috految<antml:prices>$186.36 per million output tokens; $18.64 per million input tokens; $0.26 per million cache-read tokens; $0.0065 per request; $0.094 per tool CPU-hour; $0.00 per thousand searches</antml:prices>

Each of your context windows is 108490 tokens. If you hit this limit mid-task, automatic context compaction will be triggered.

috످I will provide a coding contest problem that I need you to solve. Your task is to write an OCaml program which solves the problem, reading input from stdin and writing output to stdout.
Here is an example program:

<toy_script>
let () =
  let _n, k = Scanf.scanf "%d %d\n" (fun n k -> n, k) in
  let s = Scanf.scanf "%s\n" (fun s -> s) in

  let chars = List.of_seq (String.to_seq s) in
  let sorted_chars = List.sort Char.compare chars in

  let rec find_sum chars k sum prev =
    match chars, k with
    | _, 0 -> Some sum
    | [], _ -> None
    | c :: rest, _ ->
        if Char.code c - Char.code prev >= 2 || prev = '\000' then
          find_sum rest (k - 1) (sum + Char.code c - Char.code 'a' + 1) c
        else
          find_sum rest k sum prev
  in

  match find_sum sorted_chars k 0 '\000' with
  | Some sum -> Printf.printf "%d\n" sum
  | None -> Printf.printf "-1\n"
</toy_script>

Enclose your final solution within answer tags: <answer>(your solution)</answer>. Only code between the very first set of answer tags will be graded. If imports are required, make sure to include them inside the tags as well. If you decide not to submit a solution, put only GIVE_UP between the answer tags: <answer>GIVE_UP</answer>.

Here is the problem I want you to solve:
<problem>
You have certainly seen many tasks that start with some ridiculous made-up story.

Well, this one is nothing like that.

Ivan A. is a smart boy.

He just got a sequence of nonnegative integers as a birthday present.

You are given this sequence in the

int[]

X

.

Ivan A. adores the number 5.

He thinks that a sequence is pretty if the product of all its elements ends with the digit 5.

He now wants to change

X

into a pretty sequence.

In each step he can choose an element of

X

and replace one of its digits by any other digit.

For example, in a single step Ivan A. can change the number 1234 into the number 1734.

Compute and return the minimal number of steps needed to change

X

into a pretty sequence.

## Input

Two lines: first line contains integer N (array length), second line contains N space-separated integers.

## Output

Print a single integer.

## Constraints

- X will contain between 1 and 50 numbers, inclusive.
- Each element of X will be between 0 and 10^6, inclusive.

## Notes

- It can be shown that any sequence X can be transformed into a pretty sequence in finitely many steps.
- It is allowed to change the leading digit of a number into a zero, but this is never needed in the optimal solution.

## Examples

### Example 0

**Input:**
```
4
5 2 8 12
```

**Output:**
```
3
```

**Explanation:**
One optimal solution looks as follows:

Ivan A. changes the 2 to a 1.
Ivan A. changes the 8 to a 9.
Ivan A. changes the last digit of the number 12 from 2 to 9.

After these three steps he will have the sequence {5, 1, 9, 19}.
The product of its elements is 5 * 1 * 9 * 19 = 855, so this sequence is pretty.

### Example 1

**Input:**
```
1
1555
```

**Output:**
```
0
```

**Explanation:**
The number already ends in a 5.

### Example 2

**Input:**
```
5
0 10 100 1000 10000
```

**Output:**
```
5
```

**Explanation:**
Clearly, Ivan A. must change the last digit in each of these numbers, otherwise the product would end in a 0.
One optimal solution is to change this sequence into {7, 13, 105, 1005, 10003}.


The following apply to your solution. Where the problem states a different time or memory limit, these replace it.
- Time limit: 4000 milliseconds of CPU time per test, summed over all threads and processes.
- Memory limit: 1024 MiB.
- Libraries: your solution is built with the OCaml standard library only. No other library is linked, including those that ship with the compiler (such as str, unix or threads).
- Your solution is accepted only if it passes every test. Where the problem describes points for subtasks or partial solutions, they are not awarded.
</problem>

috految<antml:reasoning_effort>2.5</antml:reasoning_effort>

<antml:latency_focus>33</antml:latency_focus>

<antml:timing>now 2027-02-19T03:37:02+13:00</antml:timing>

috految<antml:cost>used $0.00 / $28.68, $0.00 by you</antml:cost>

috److The product ends in 5 exactly when all elements are odd and at least one is divisible by 5.

- **At least one even number:** each even number must be changed. Setting its last digit to 5 makes it odd and divisible by 5, so the answer is the count of even numbers.
- **No even numbers:** the answer is 0 if some element already ends in 5, and 1 otherwise.

Both cases combine into `max(evens, if any element ends in 5 then 0 else 1)`.

<answer>
let () =
  let read _ = Scanf.scanf " %d" (fun x -> x) in
  let a = List.init (read 0) read in
  let e = List.length (List.filter (fun x -> x mod 2 = 0) a) in
  print_int (if List.exists (fun x -> x mod 10 = 5) a then e else max e 1)
</answer>

috످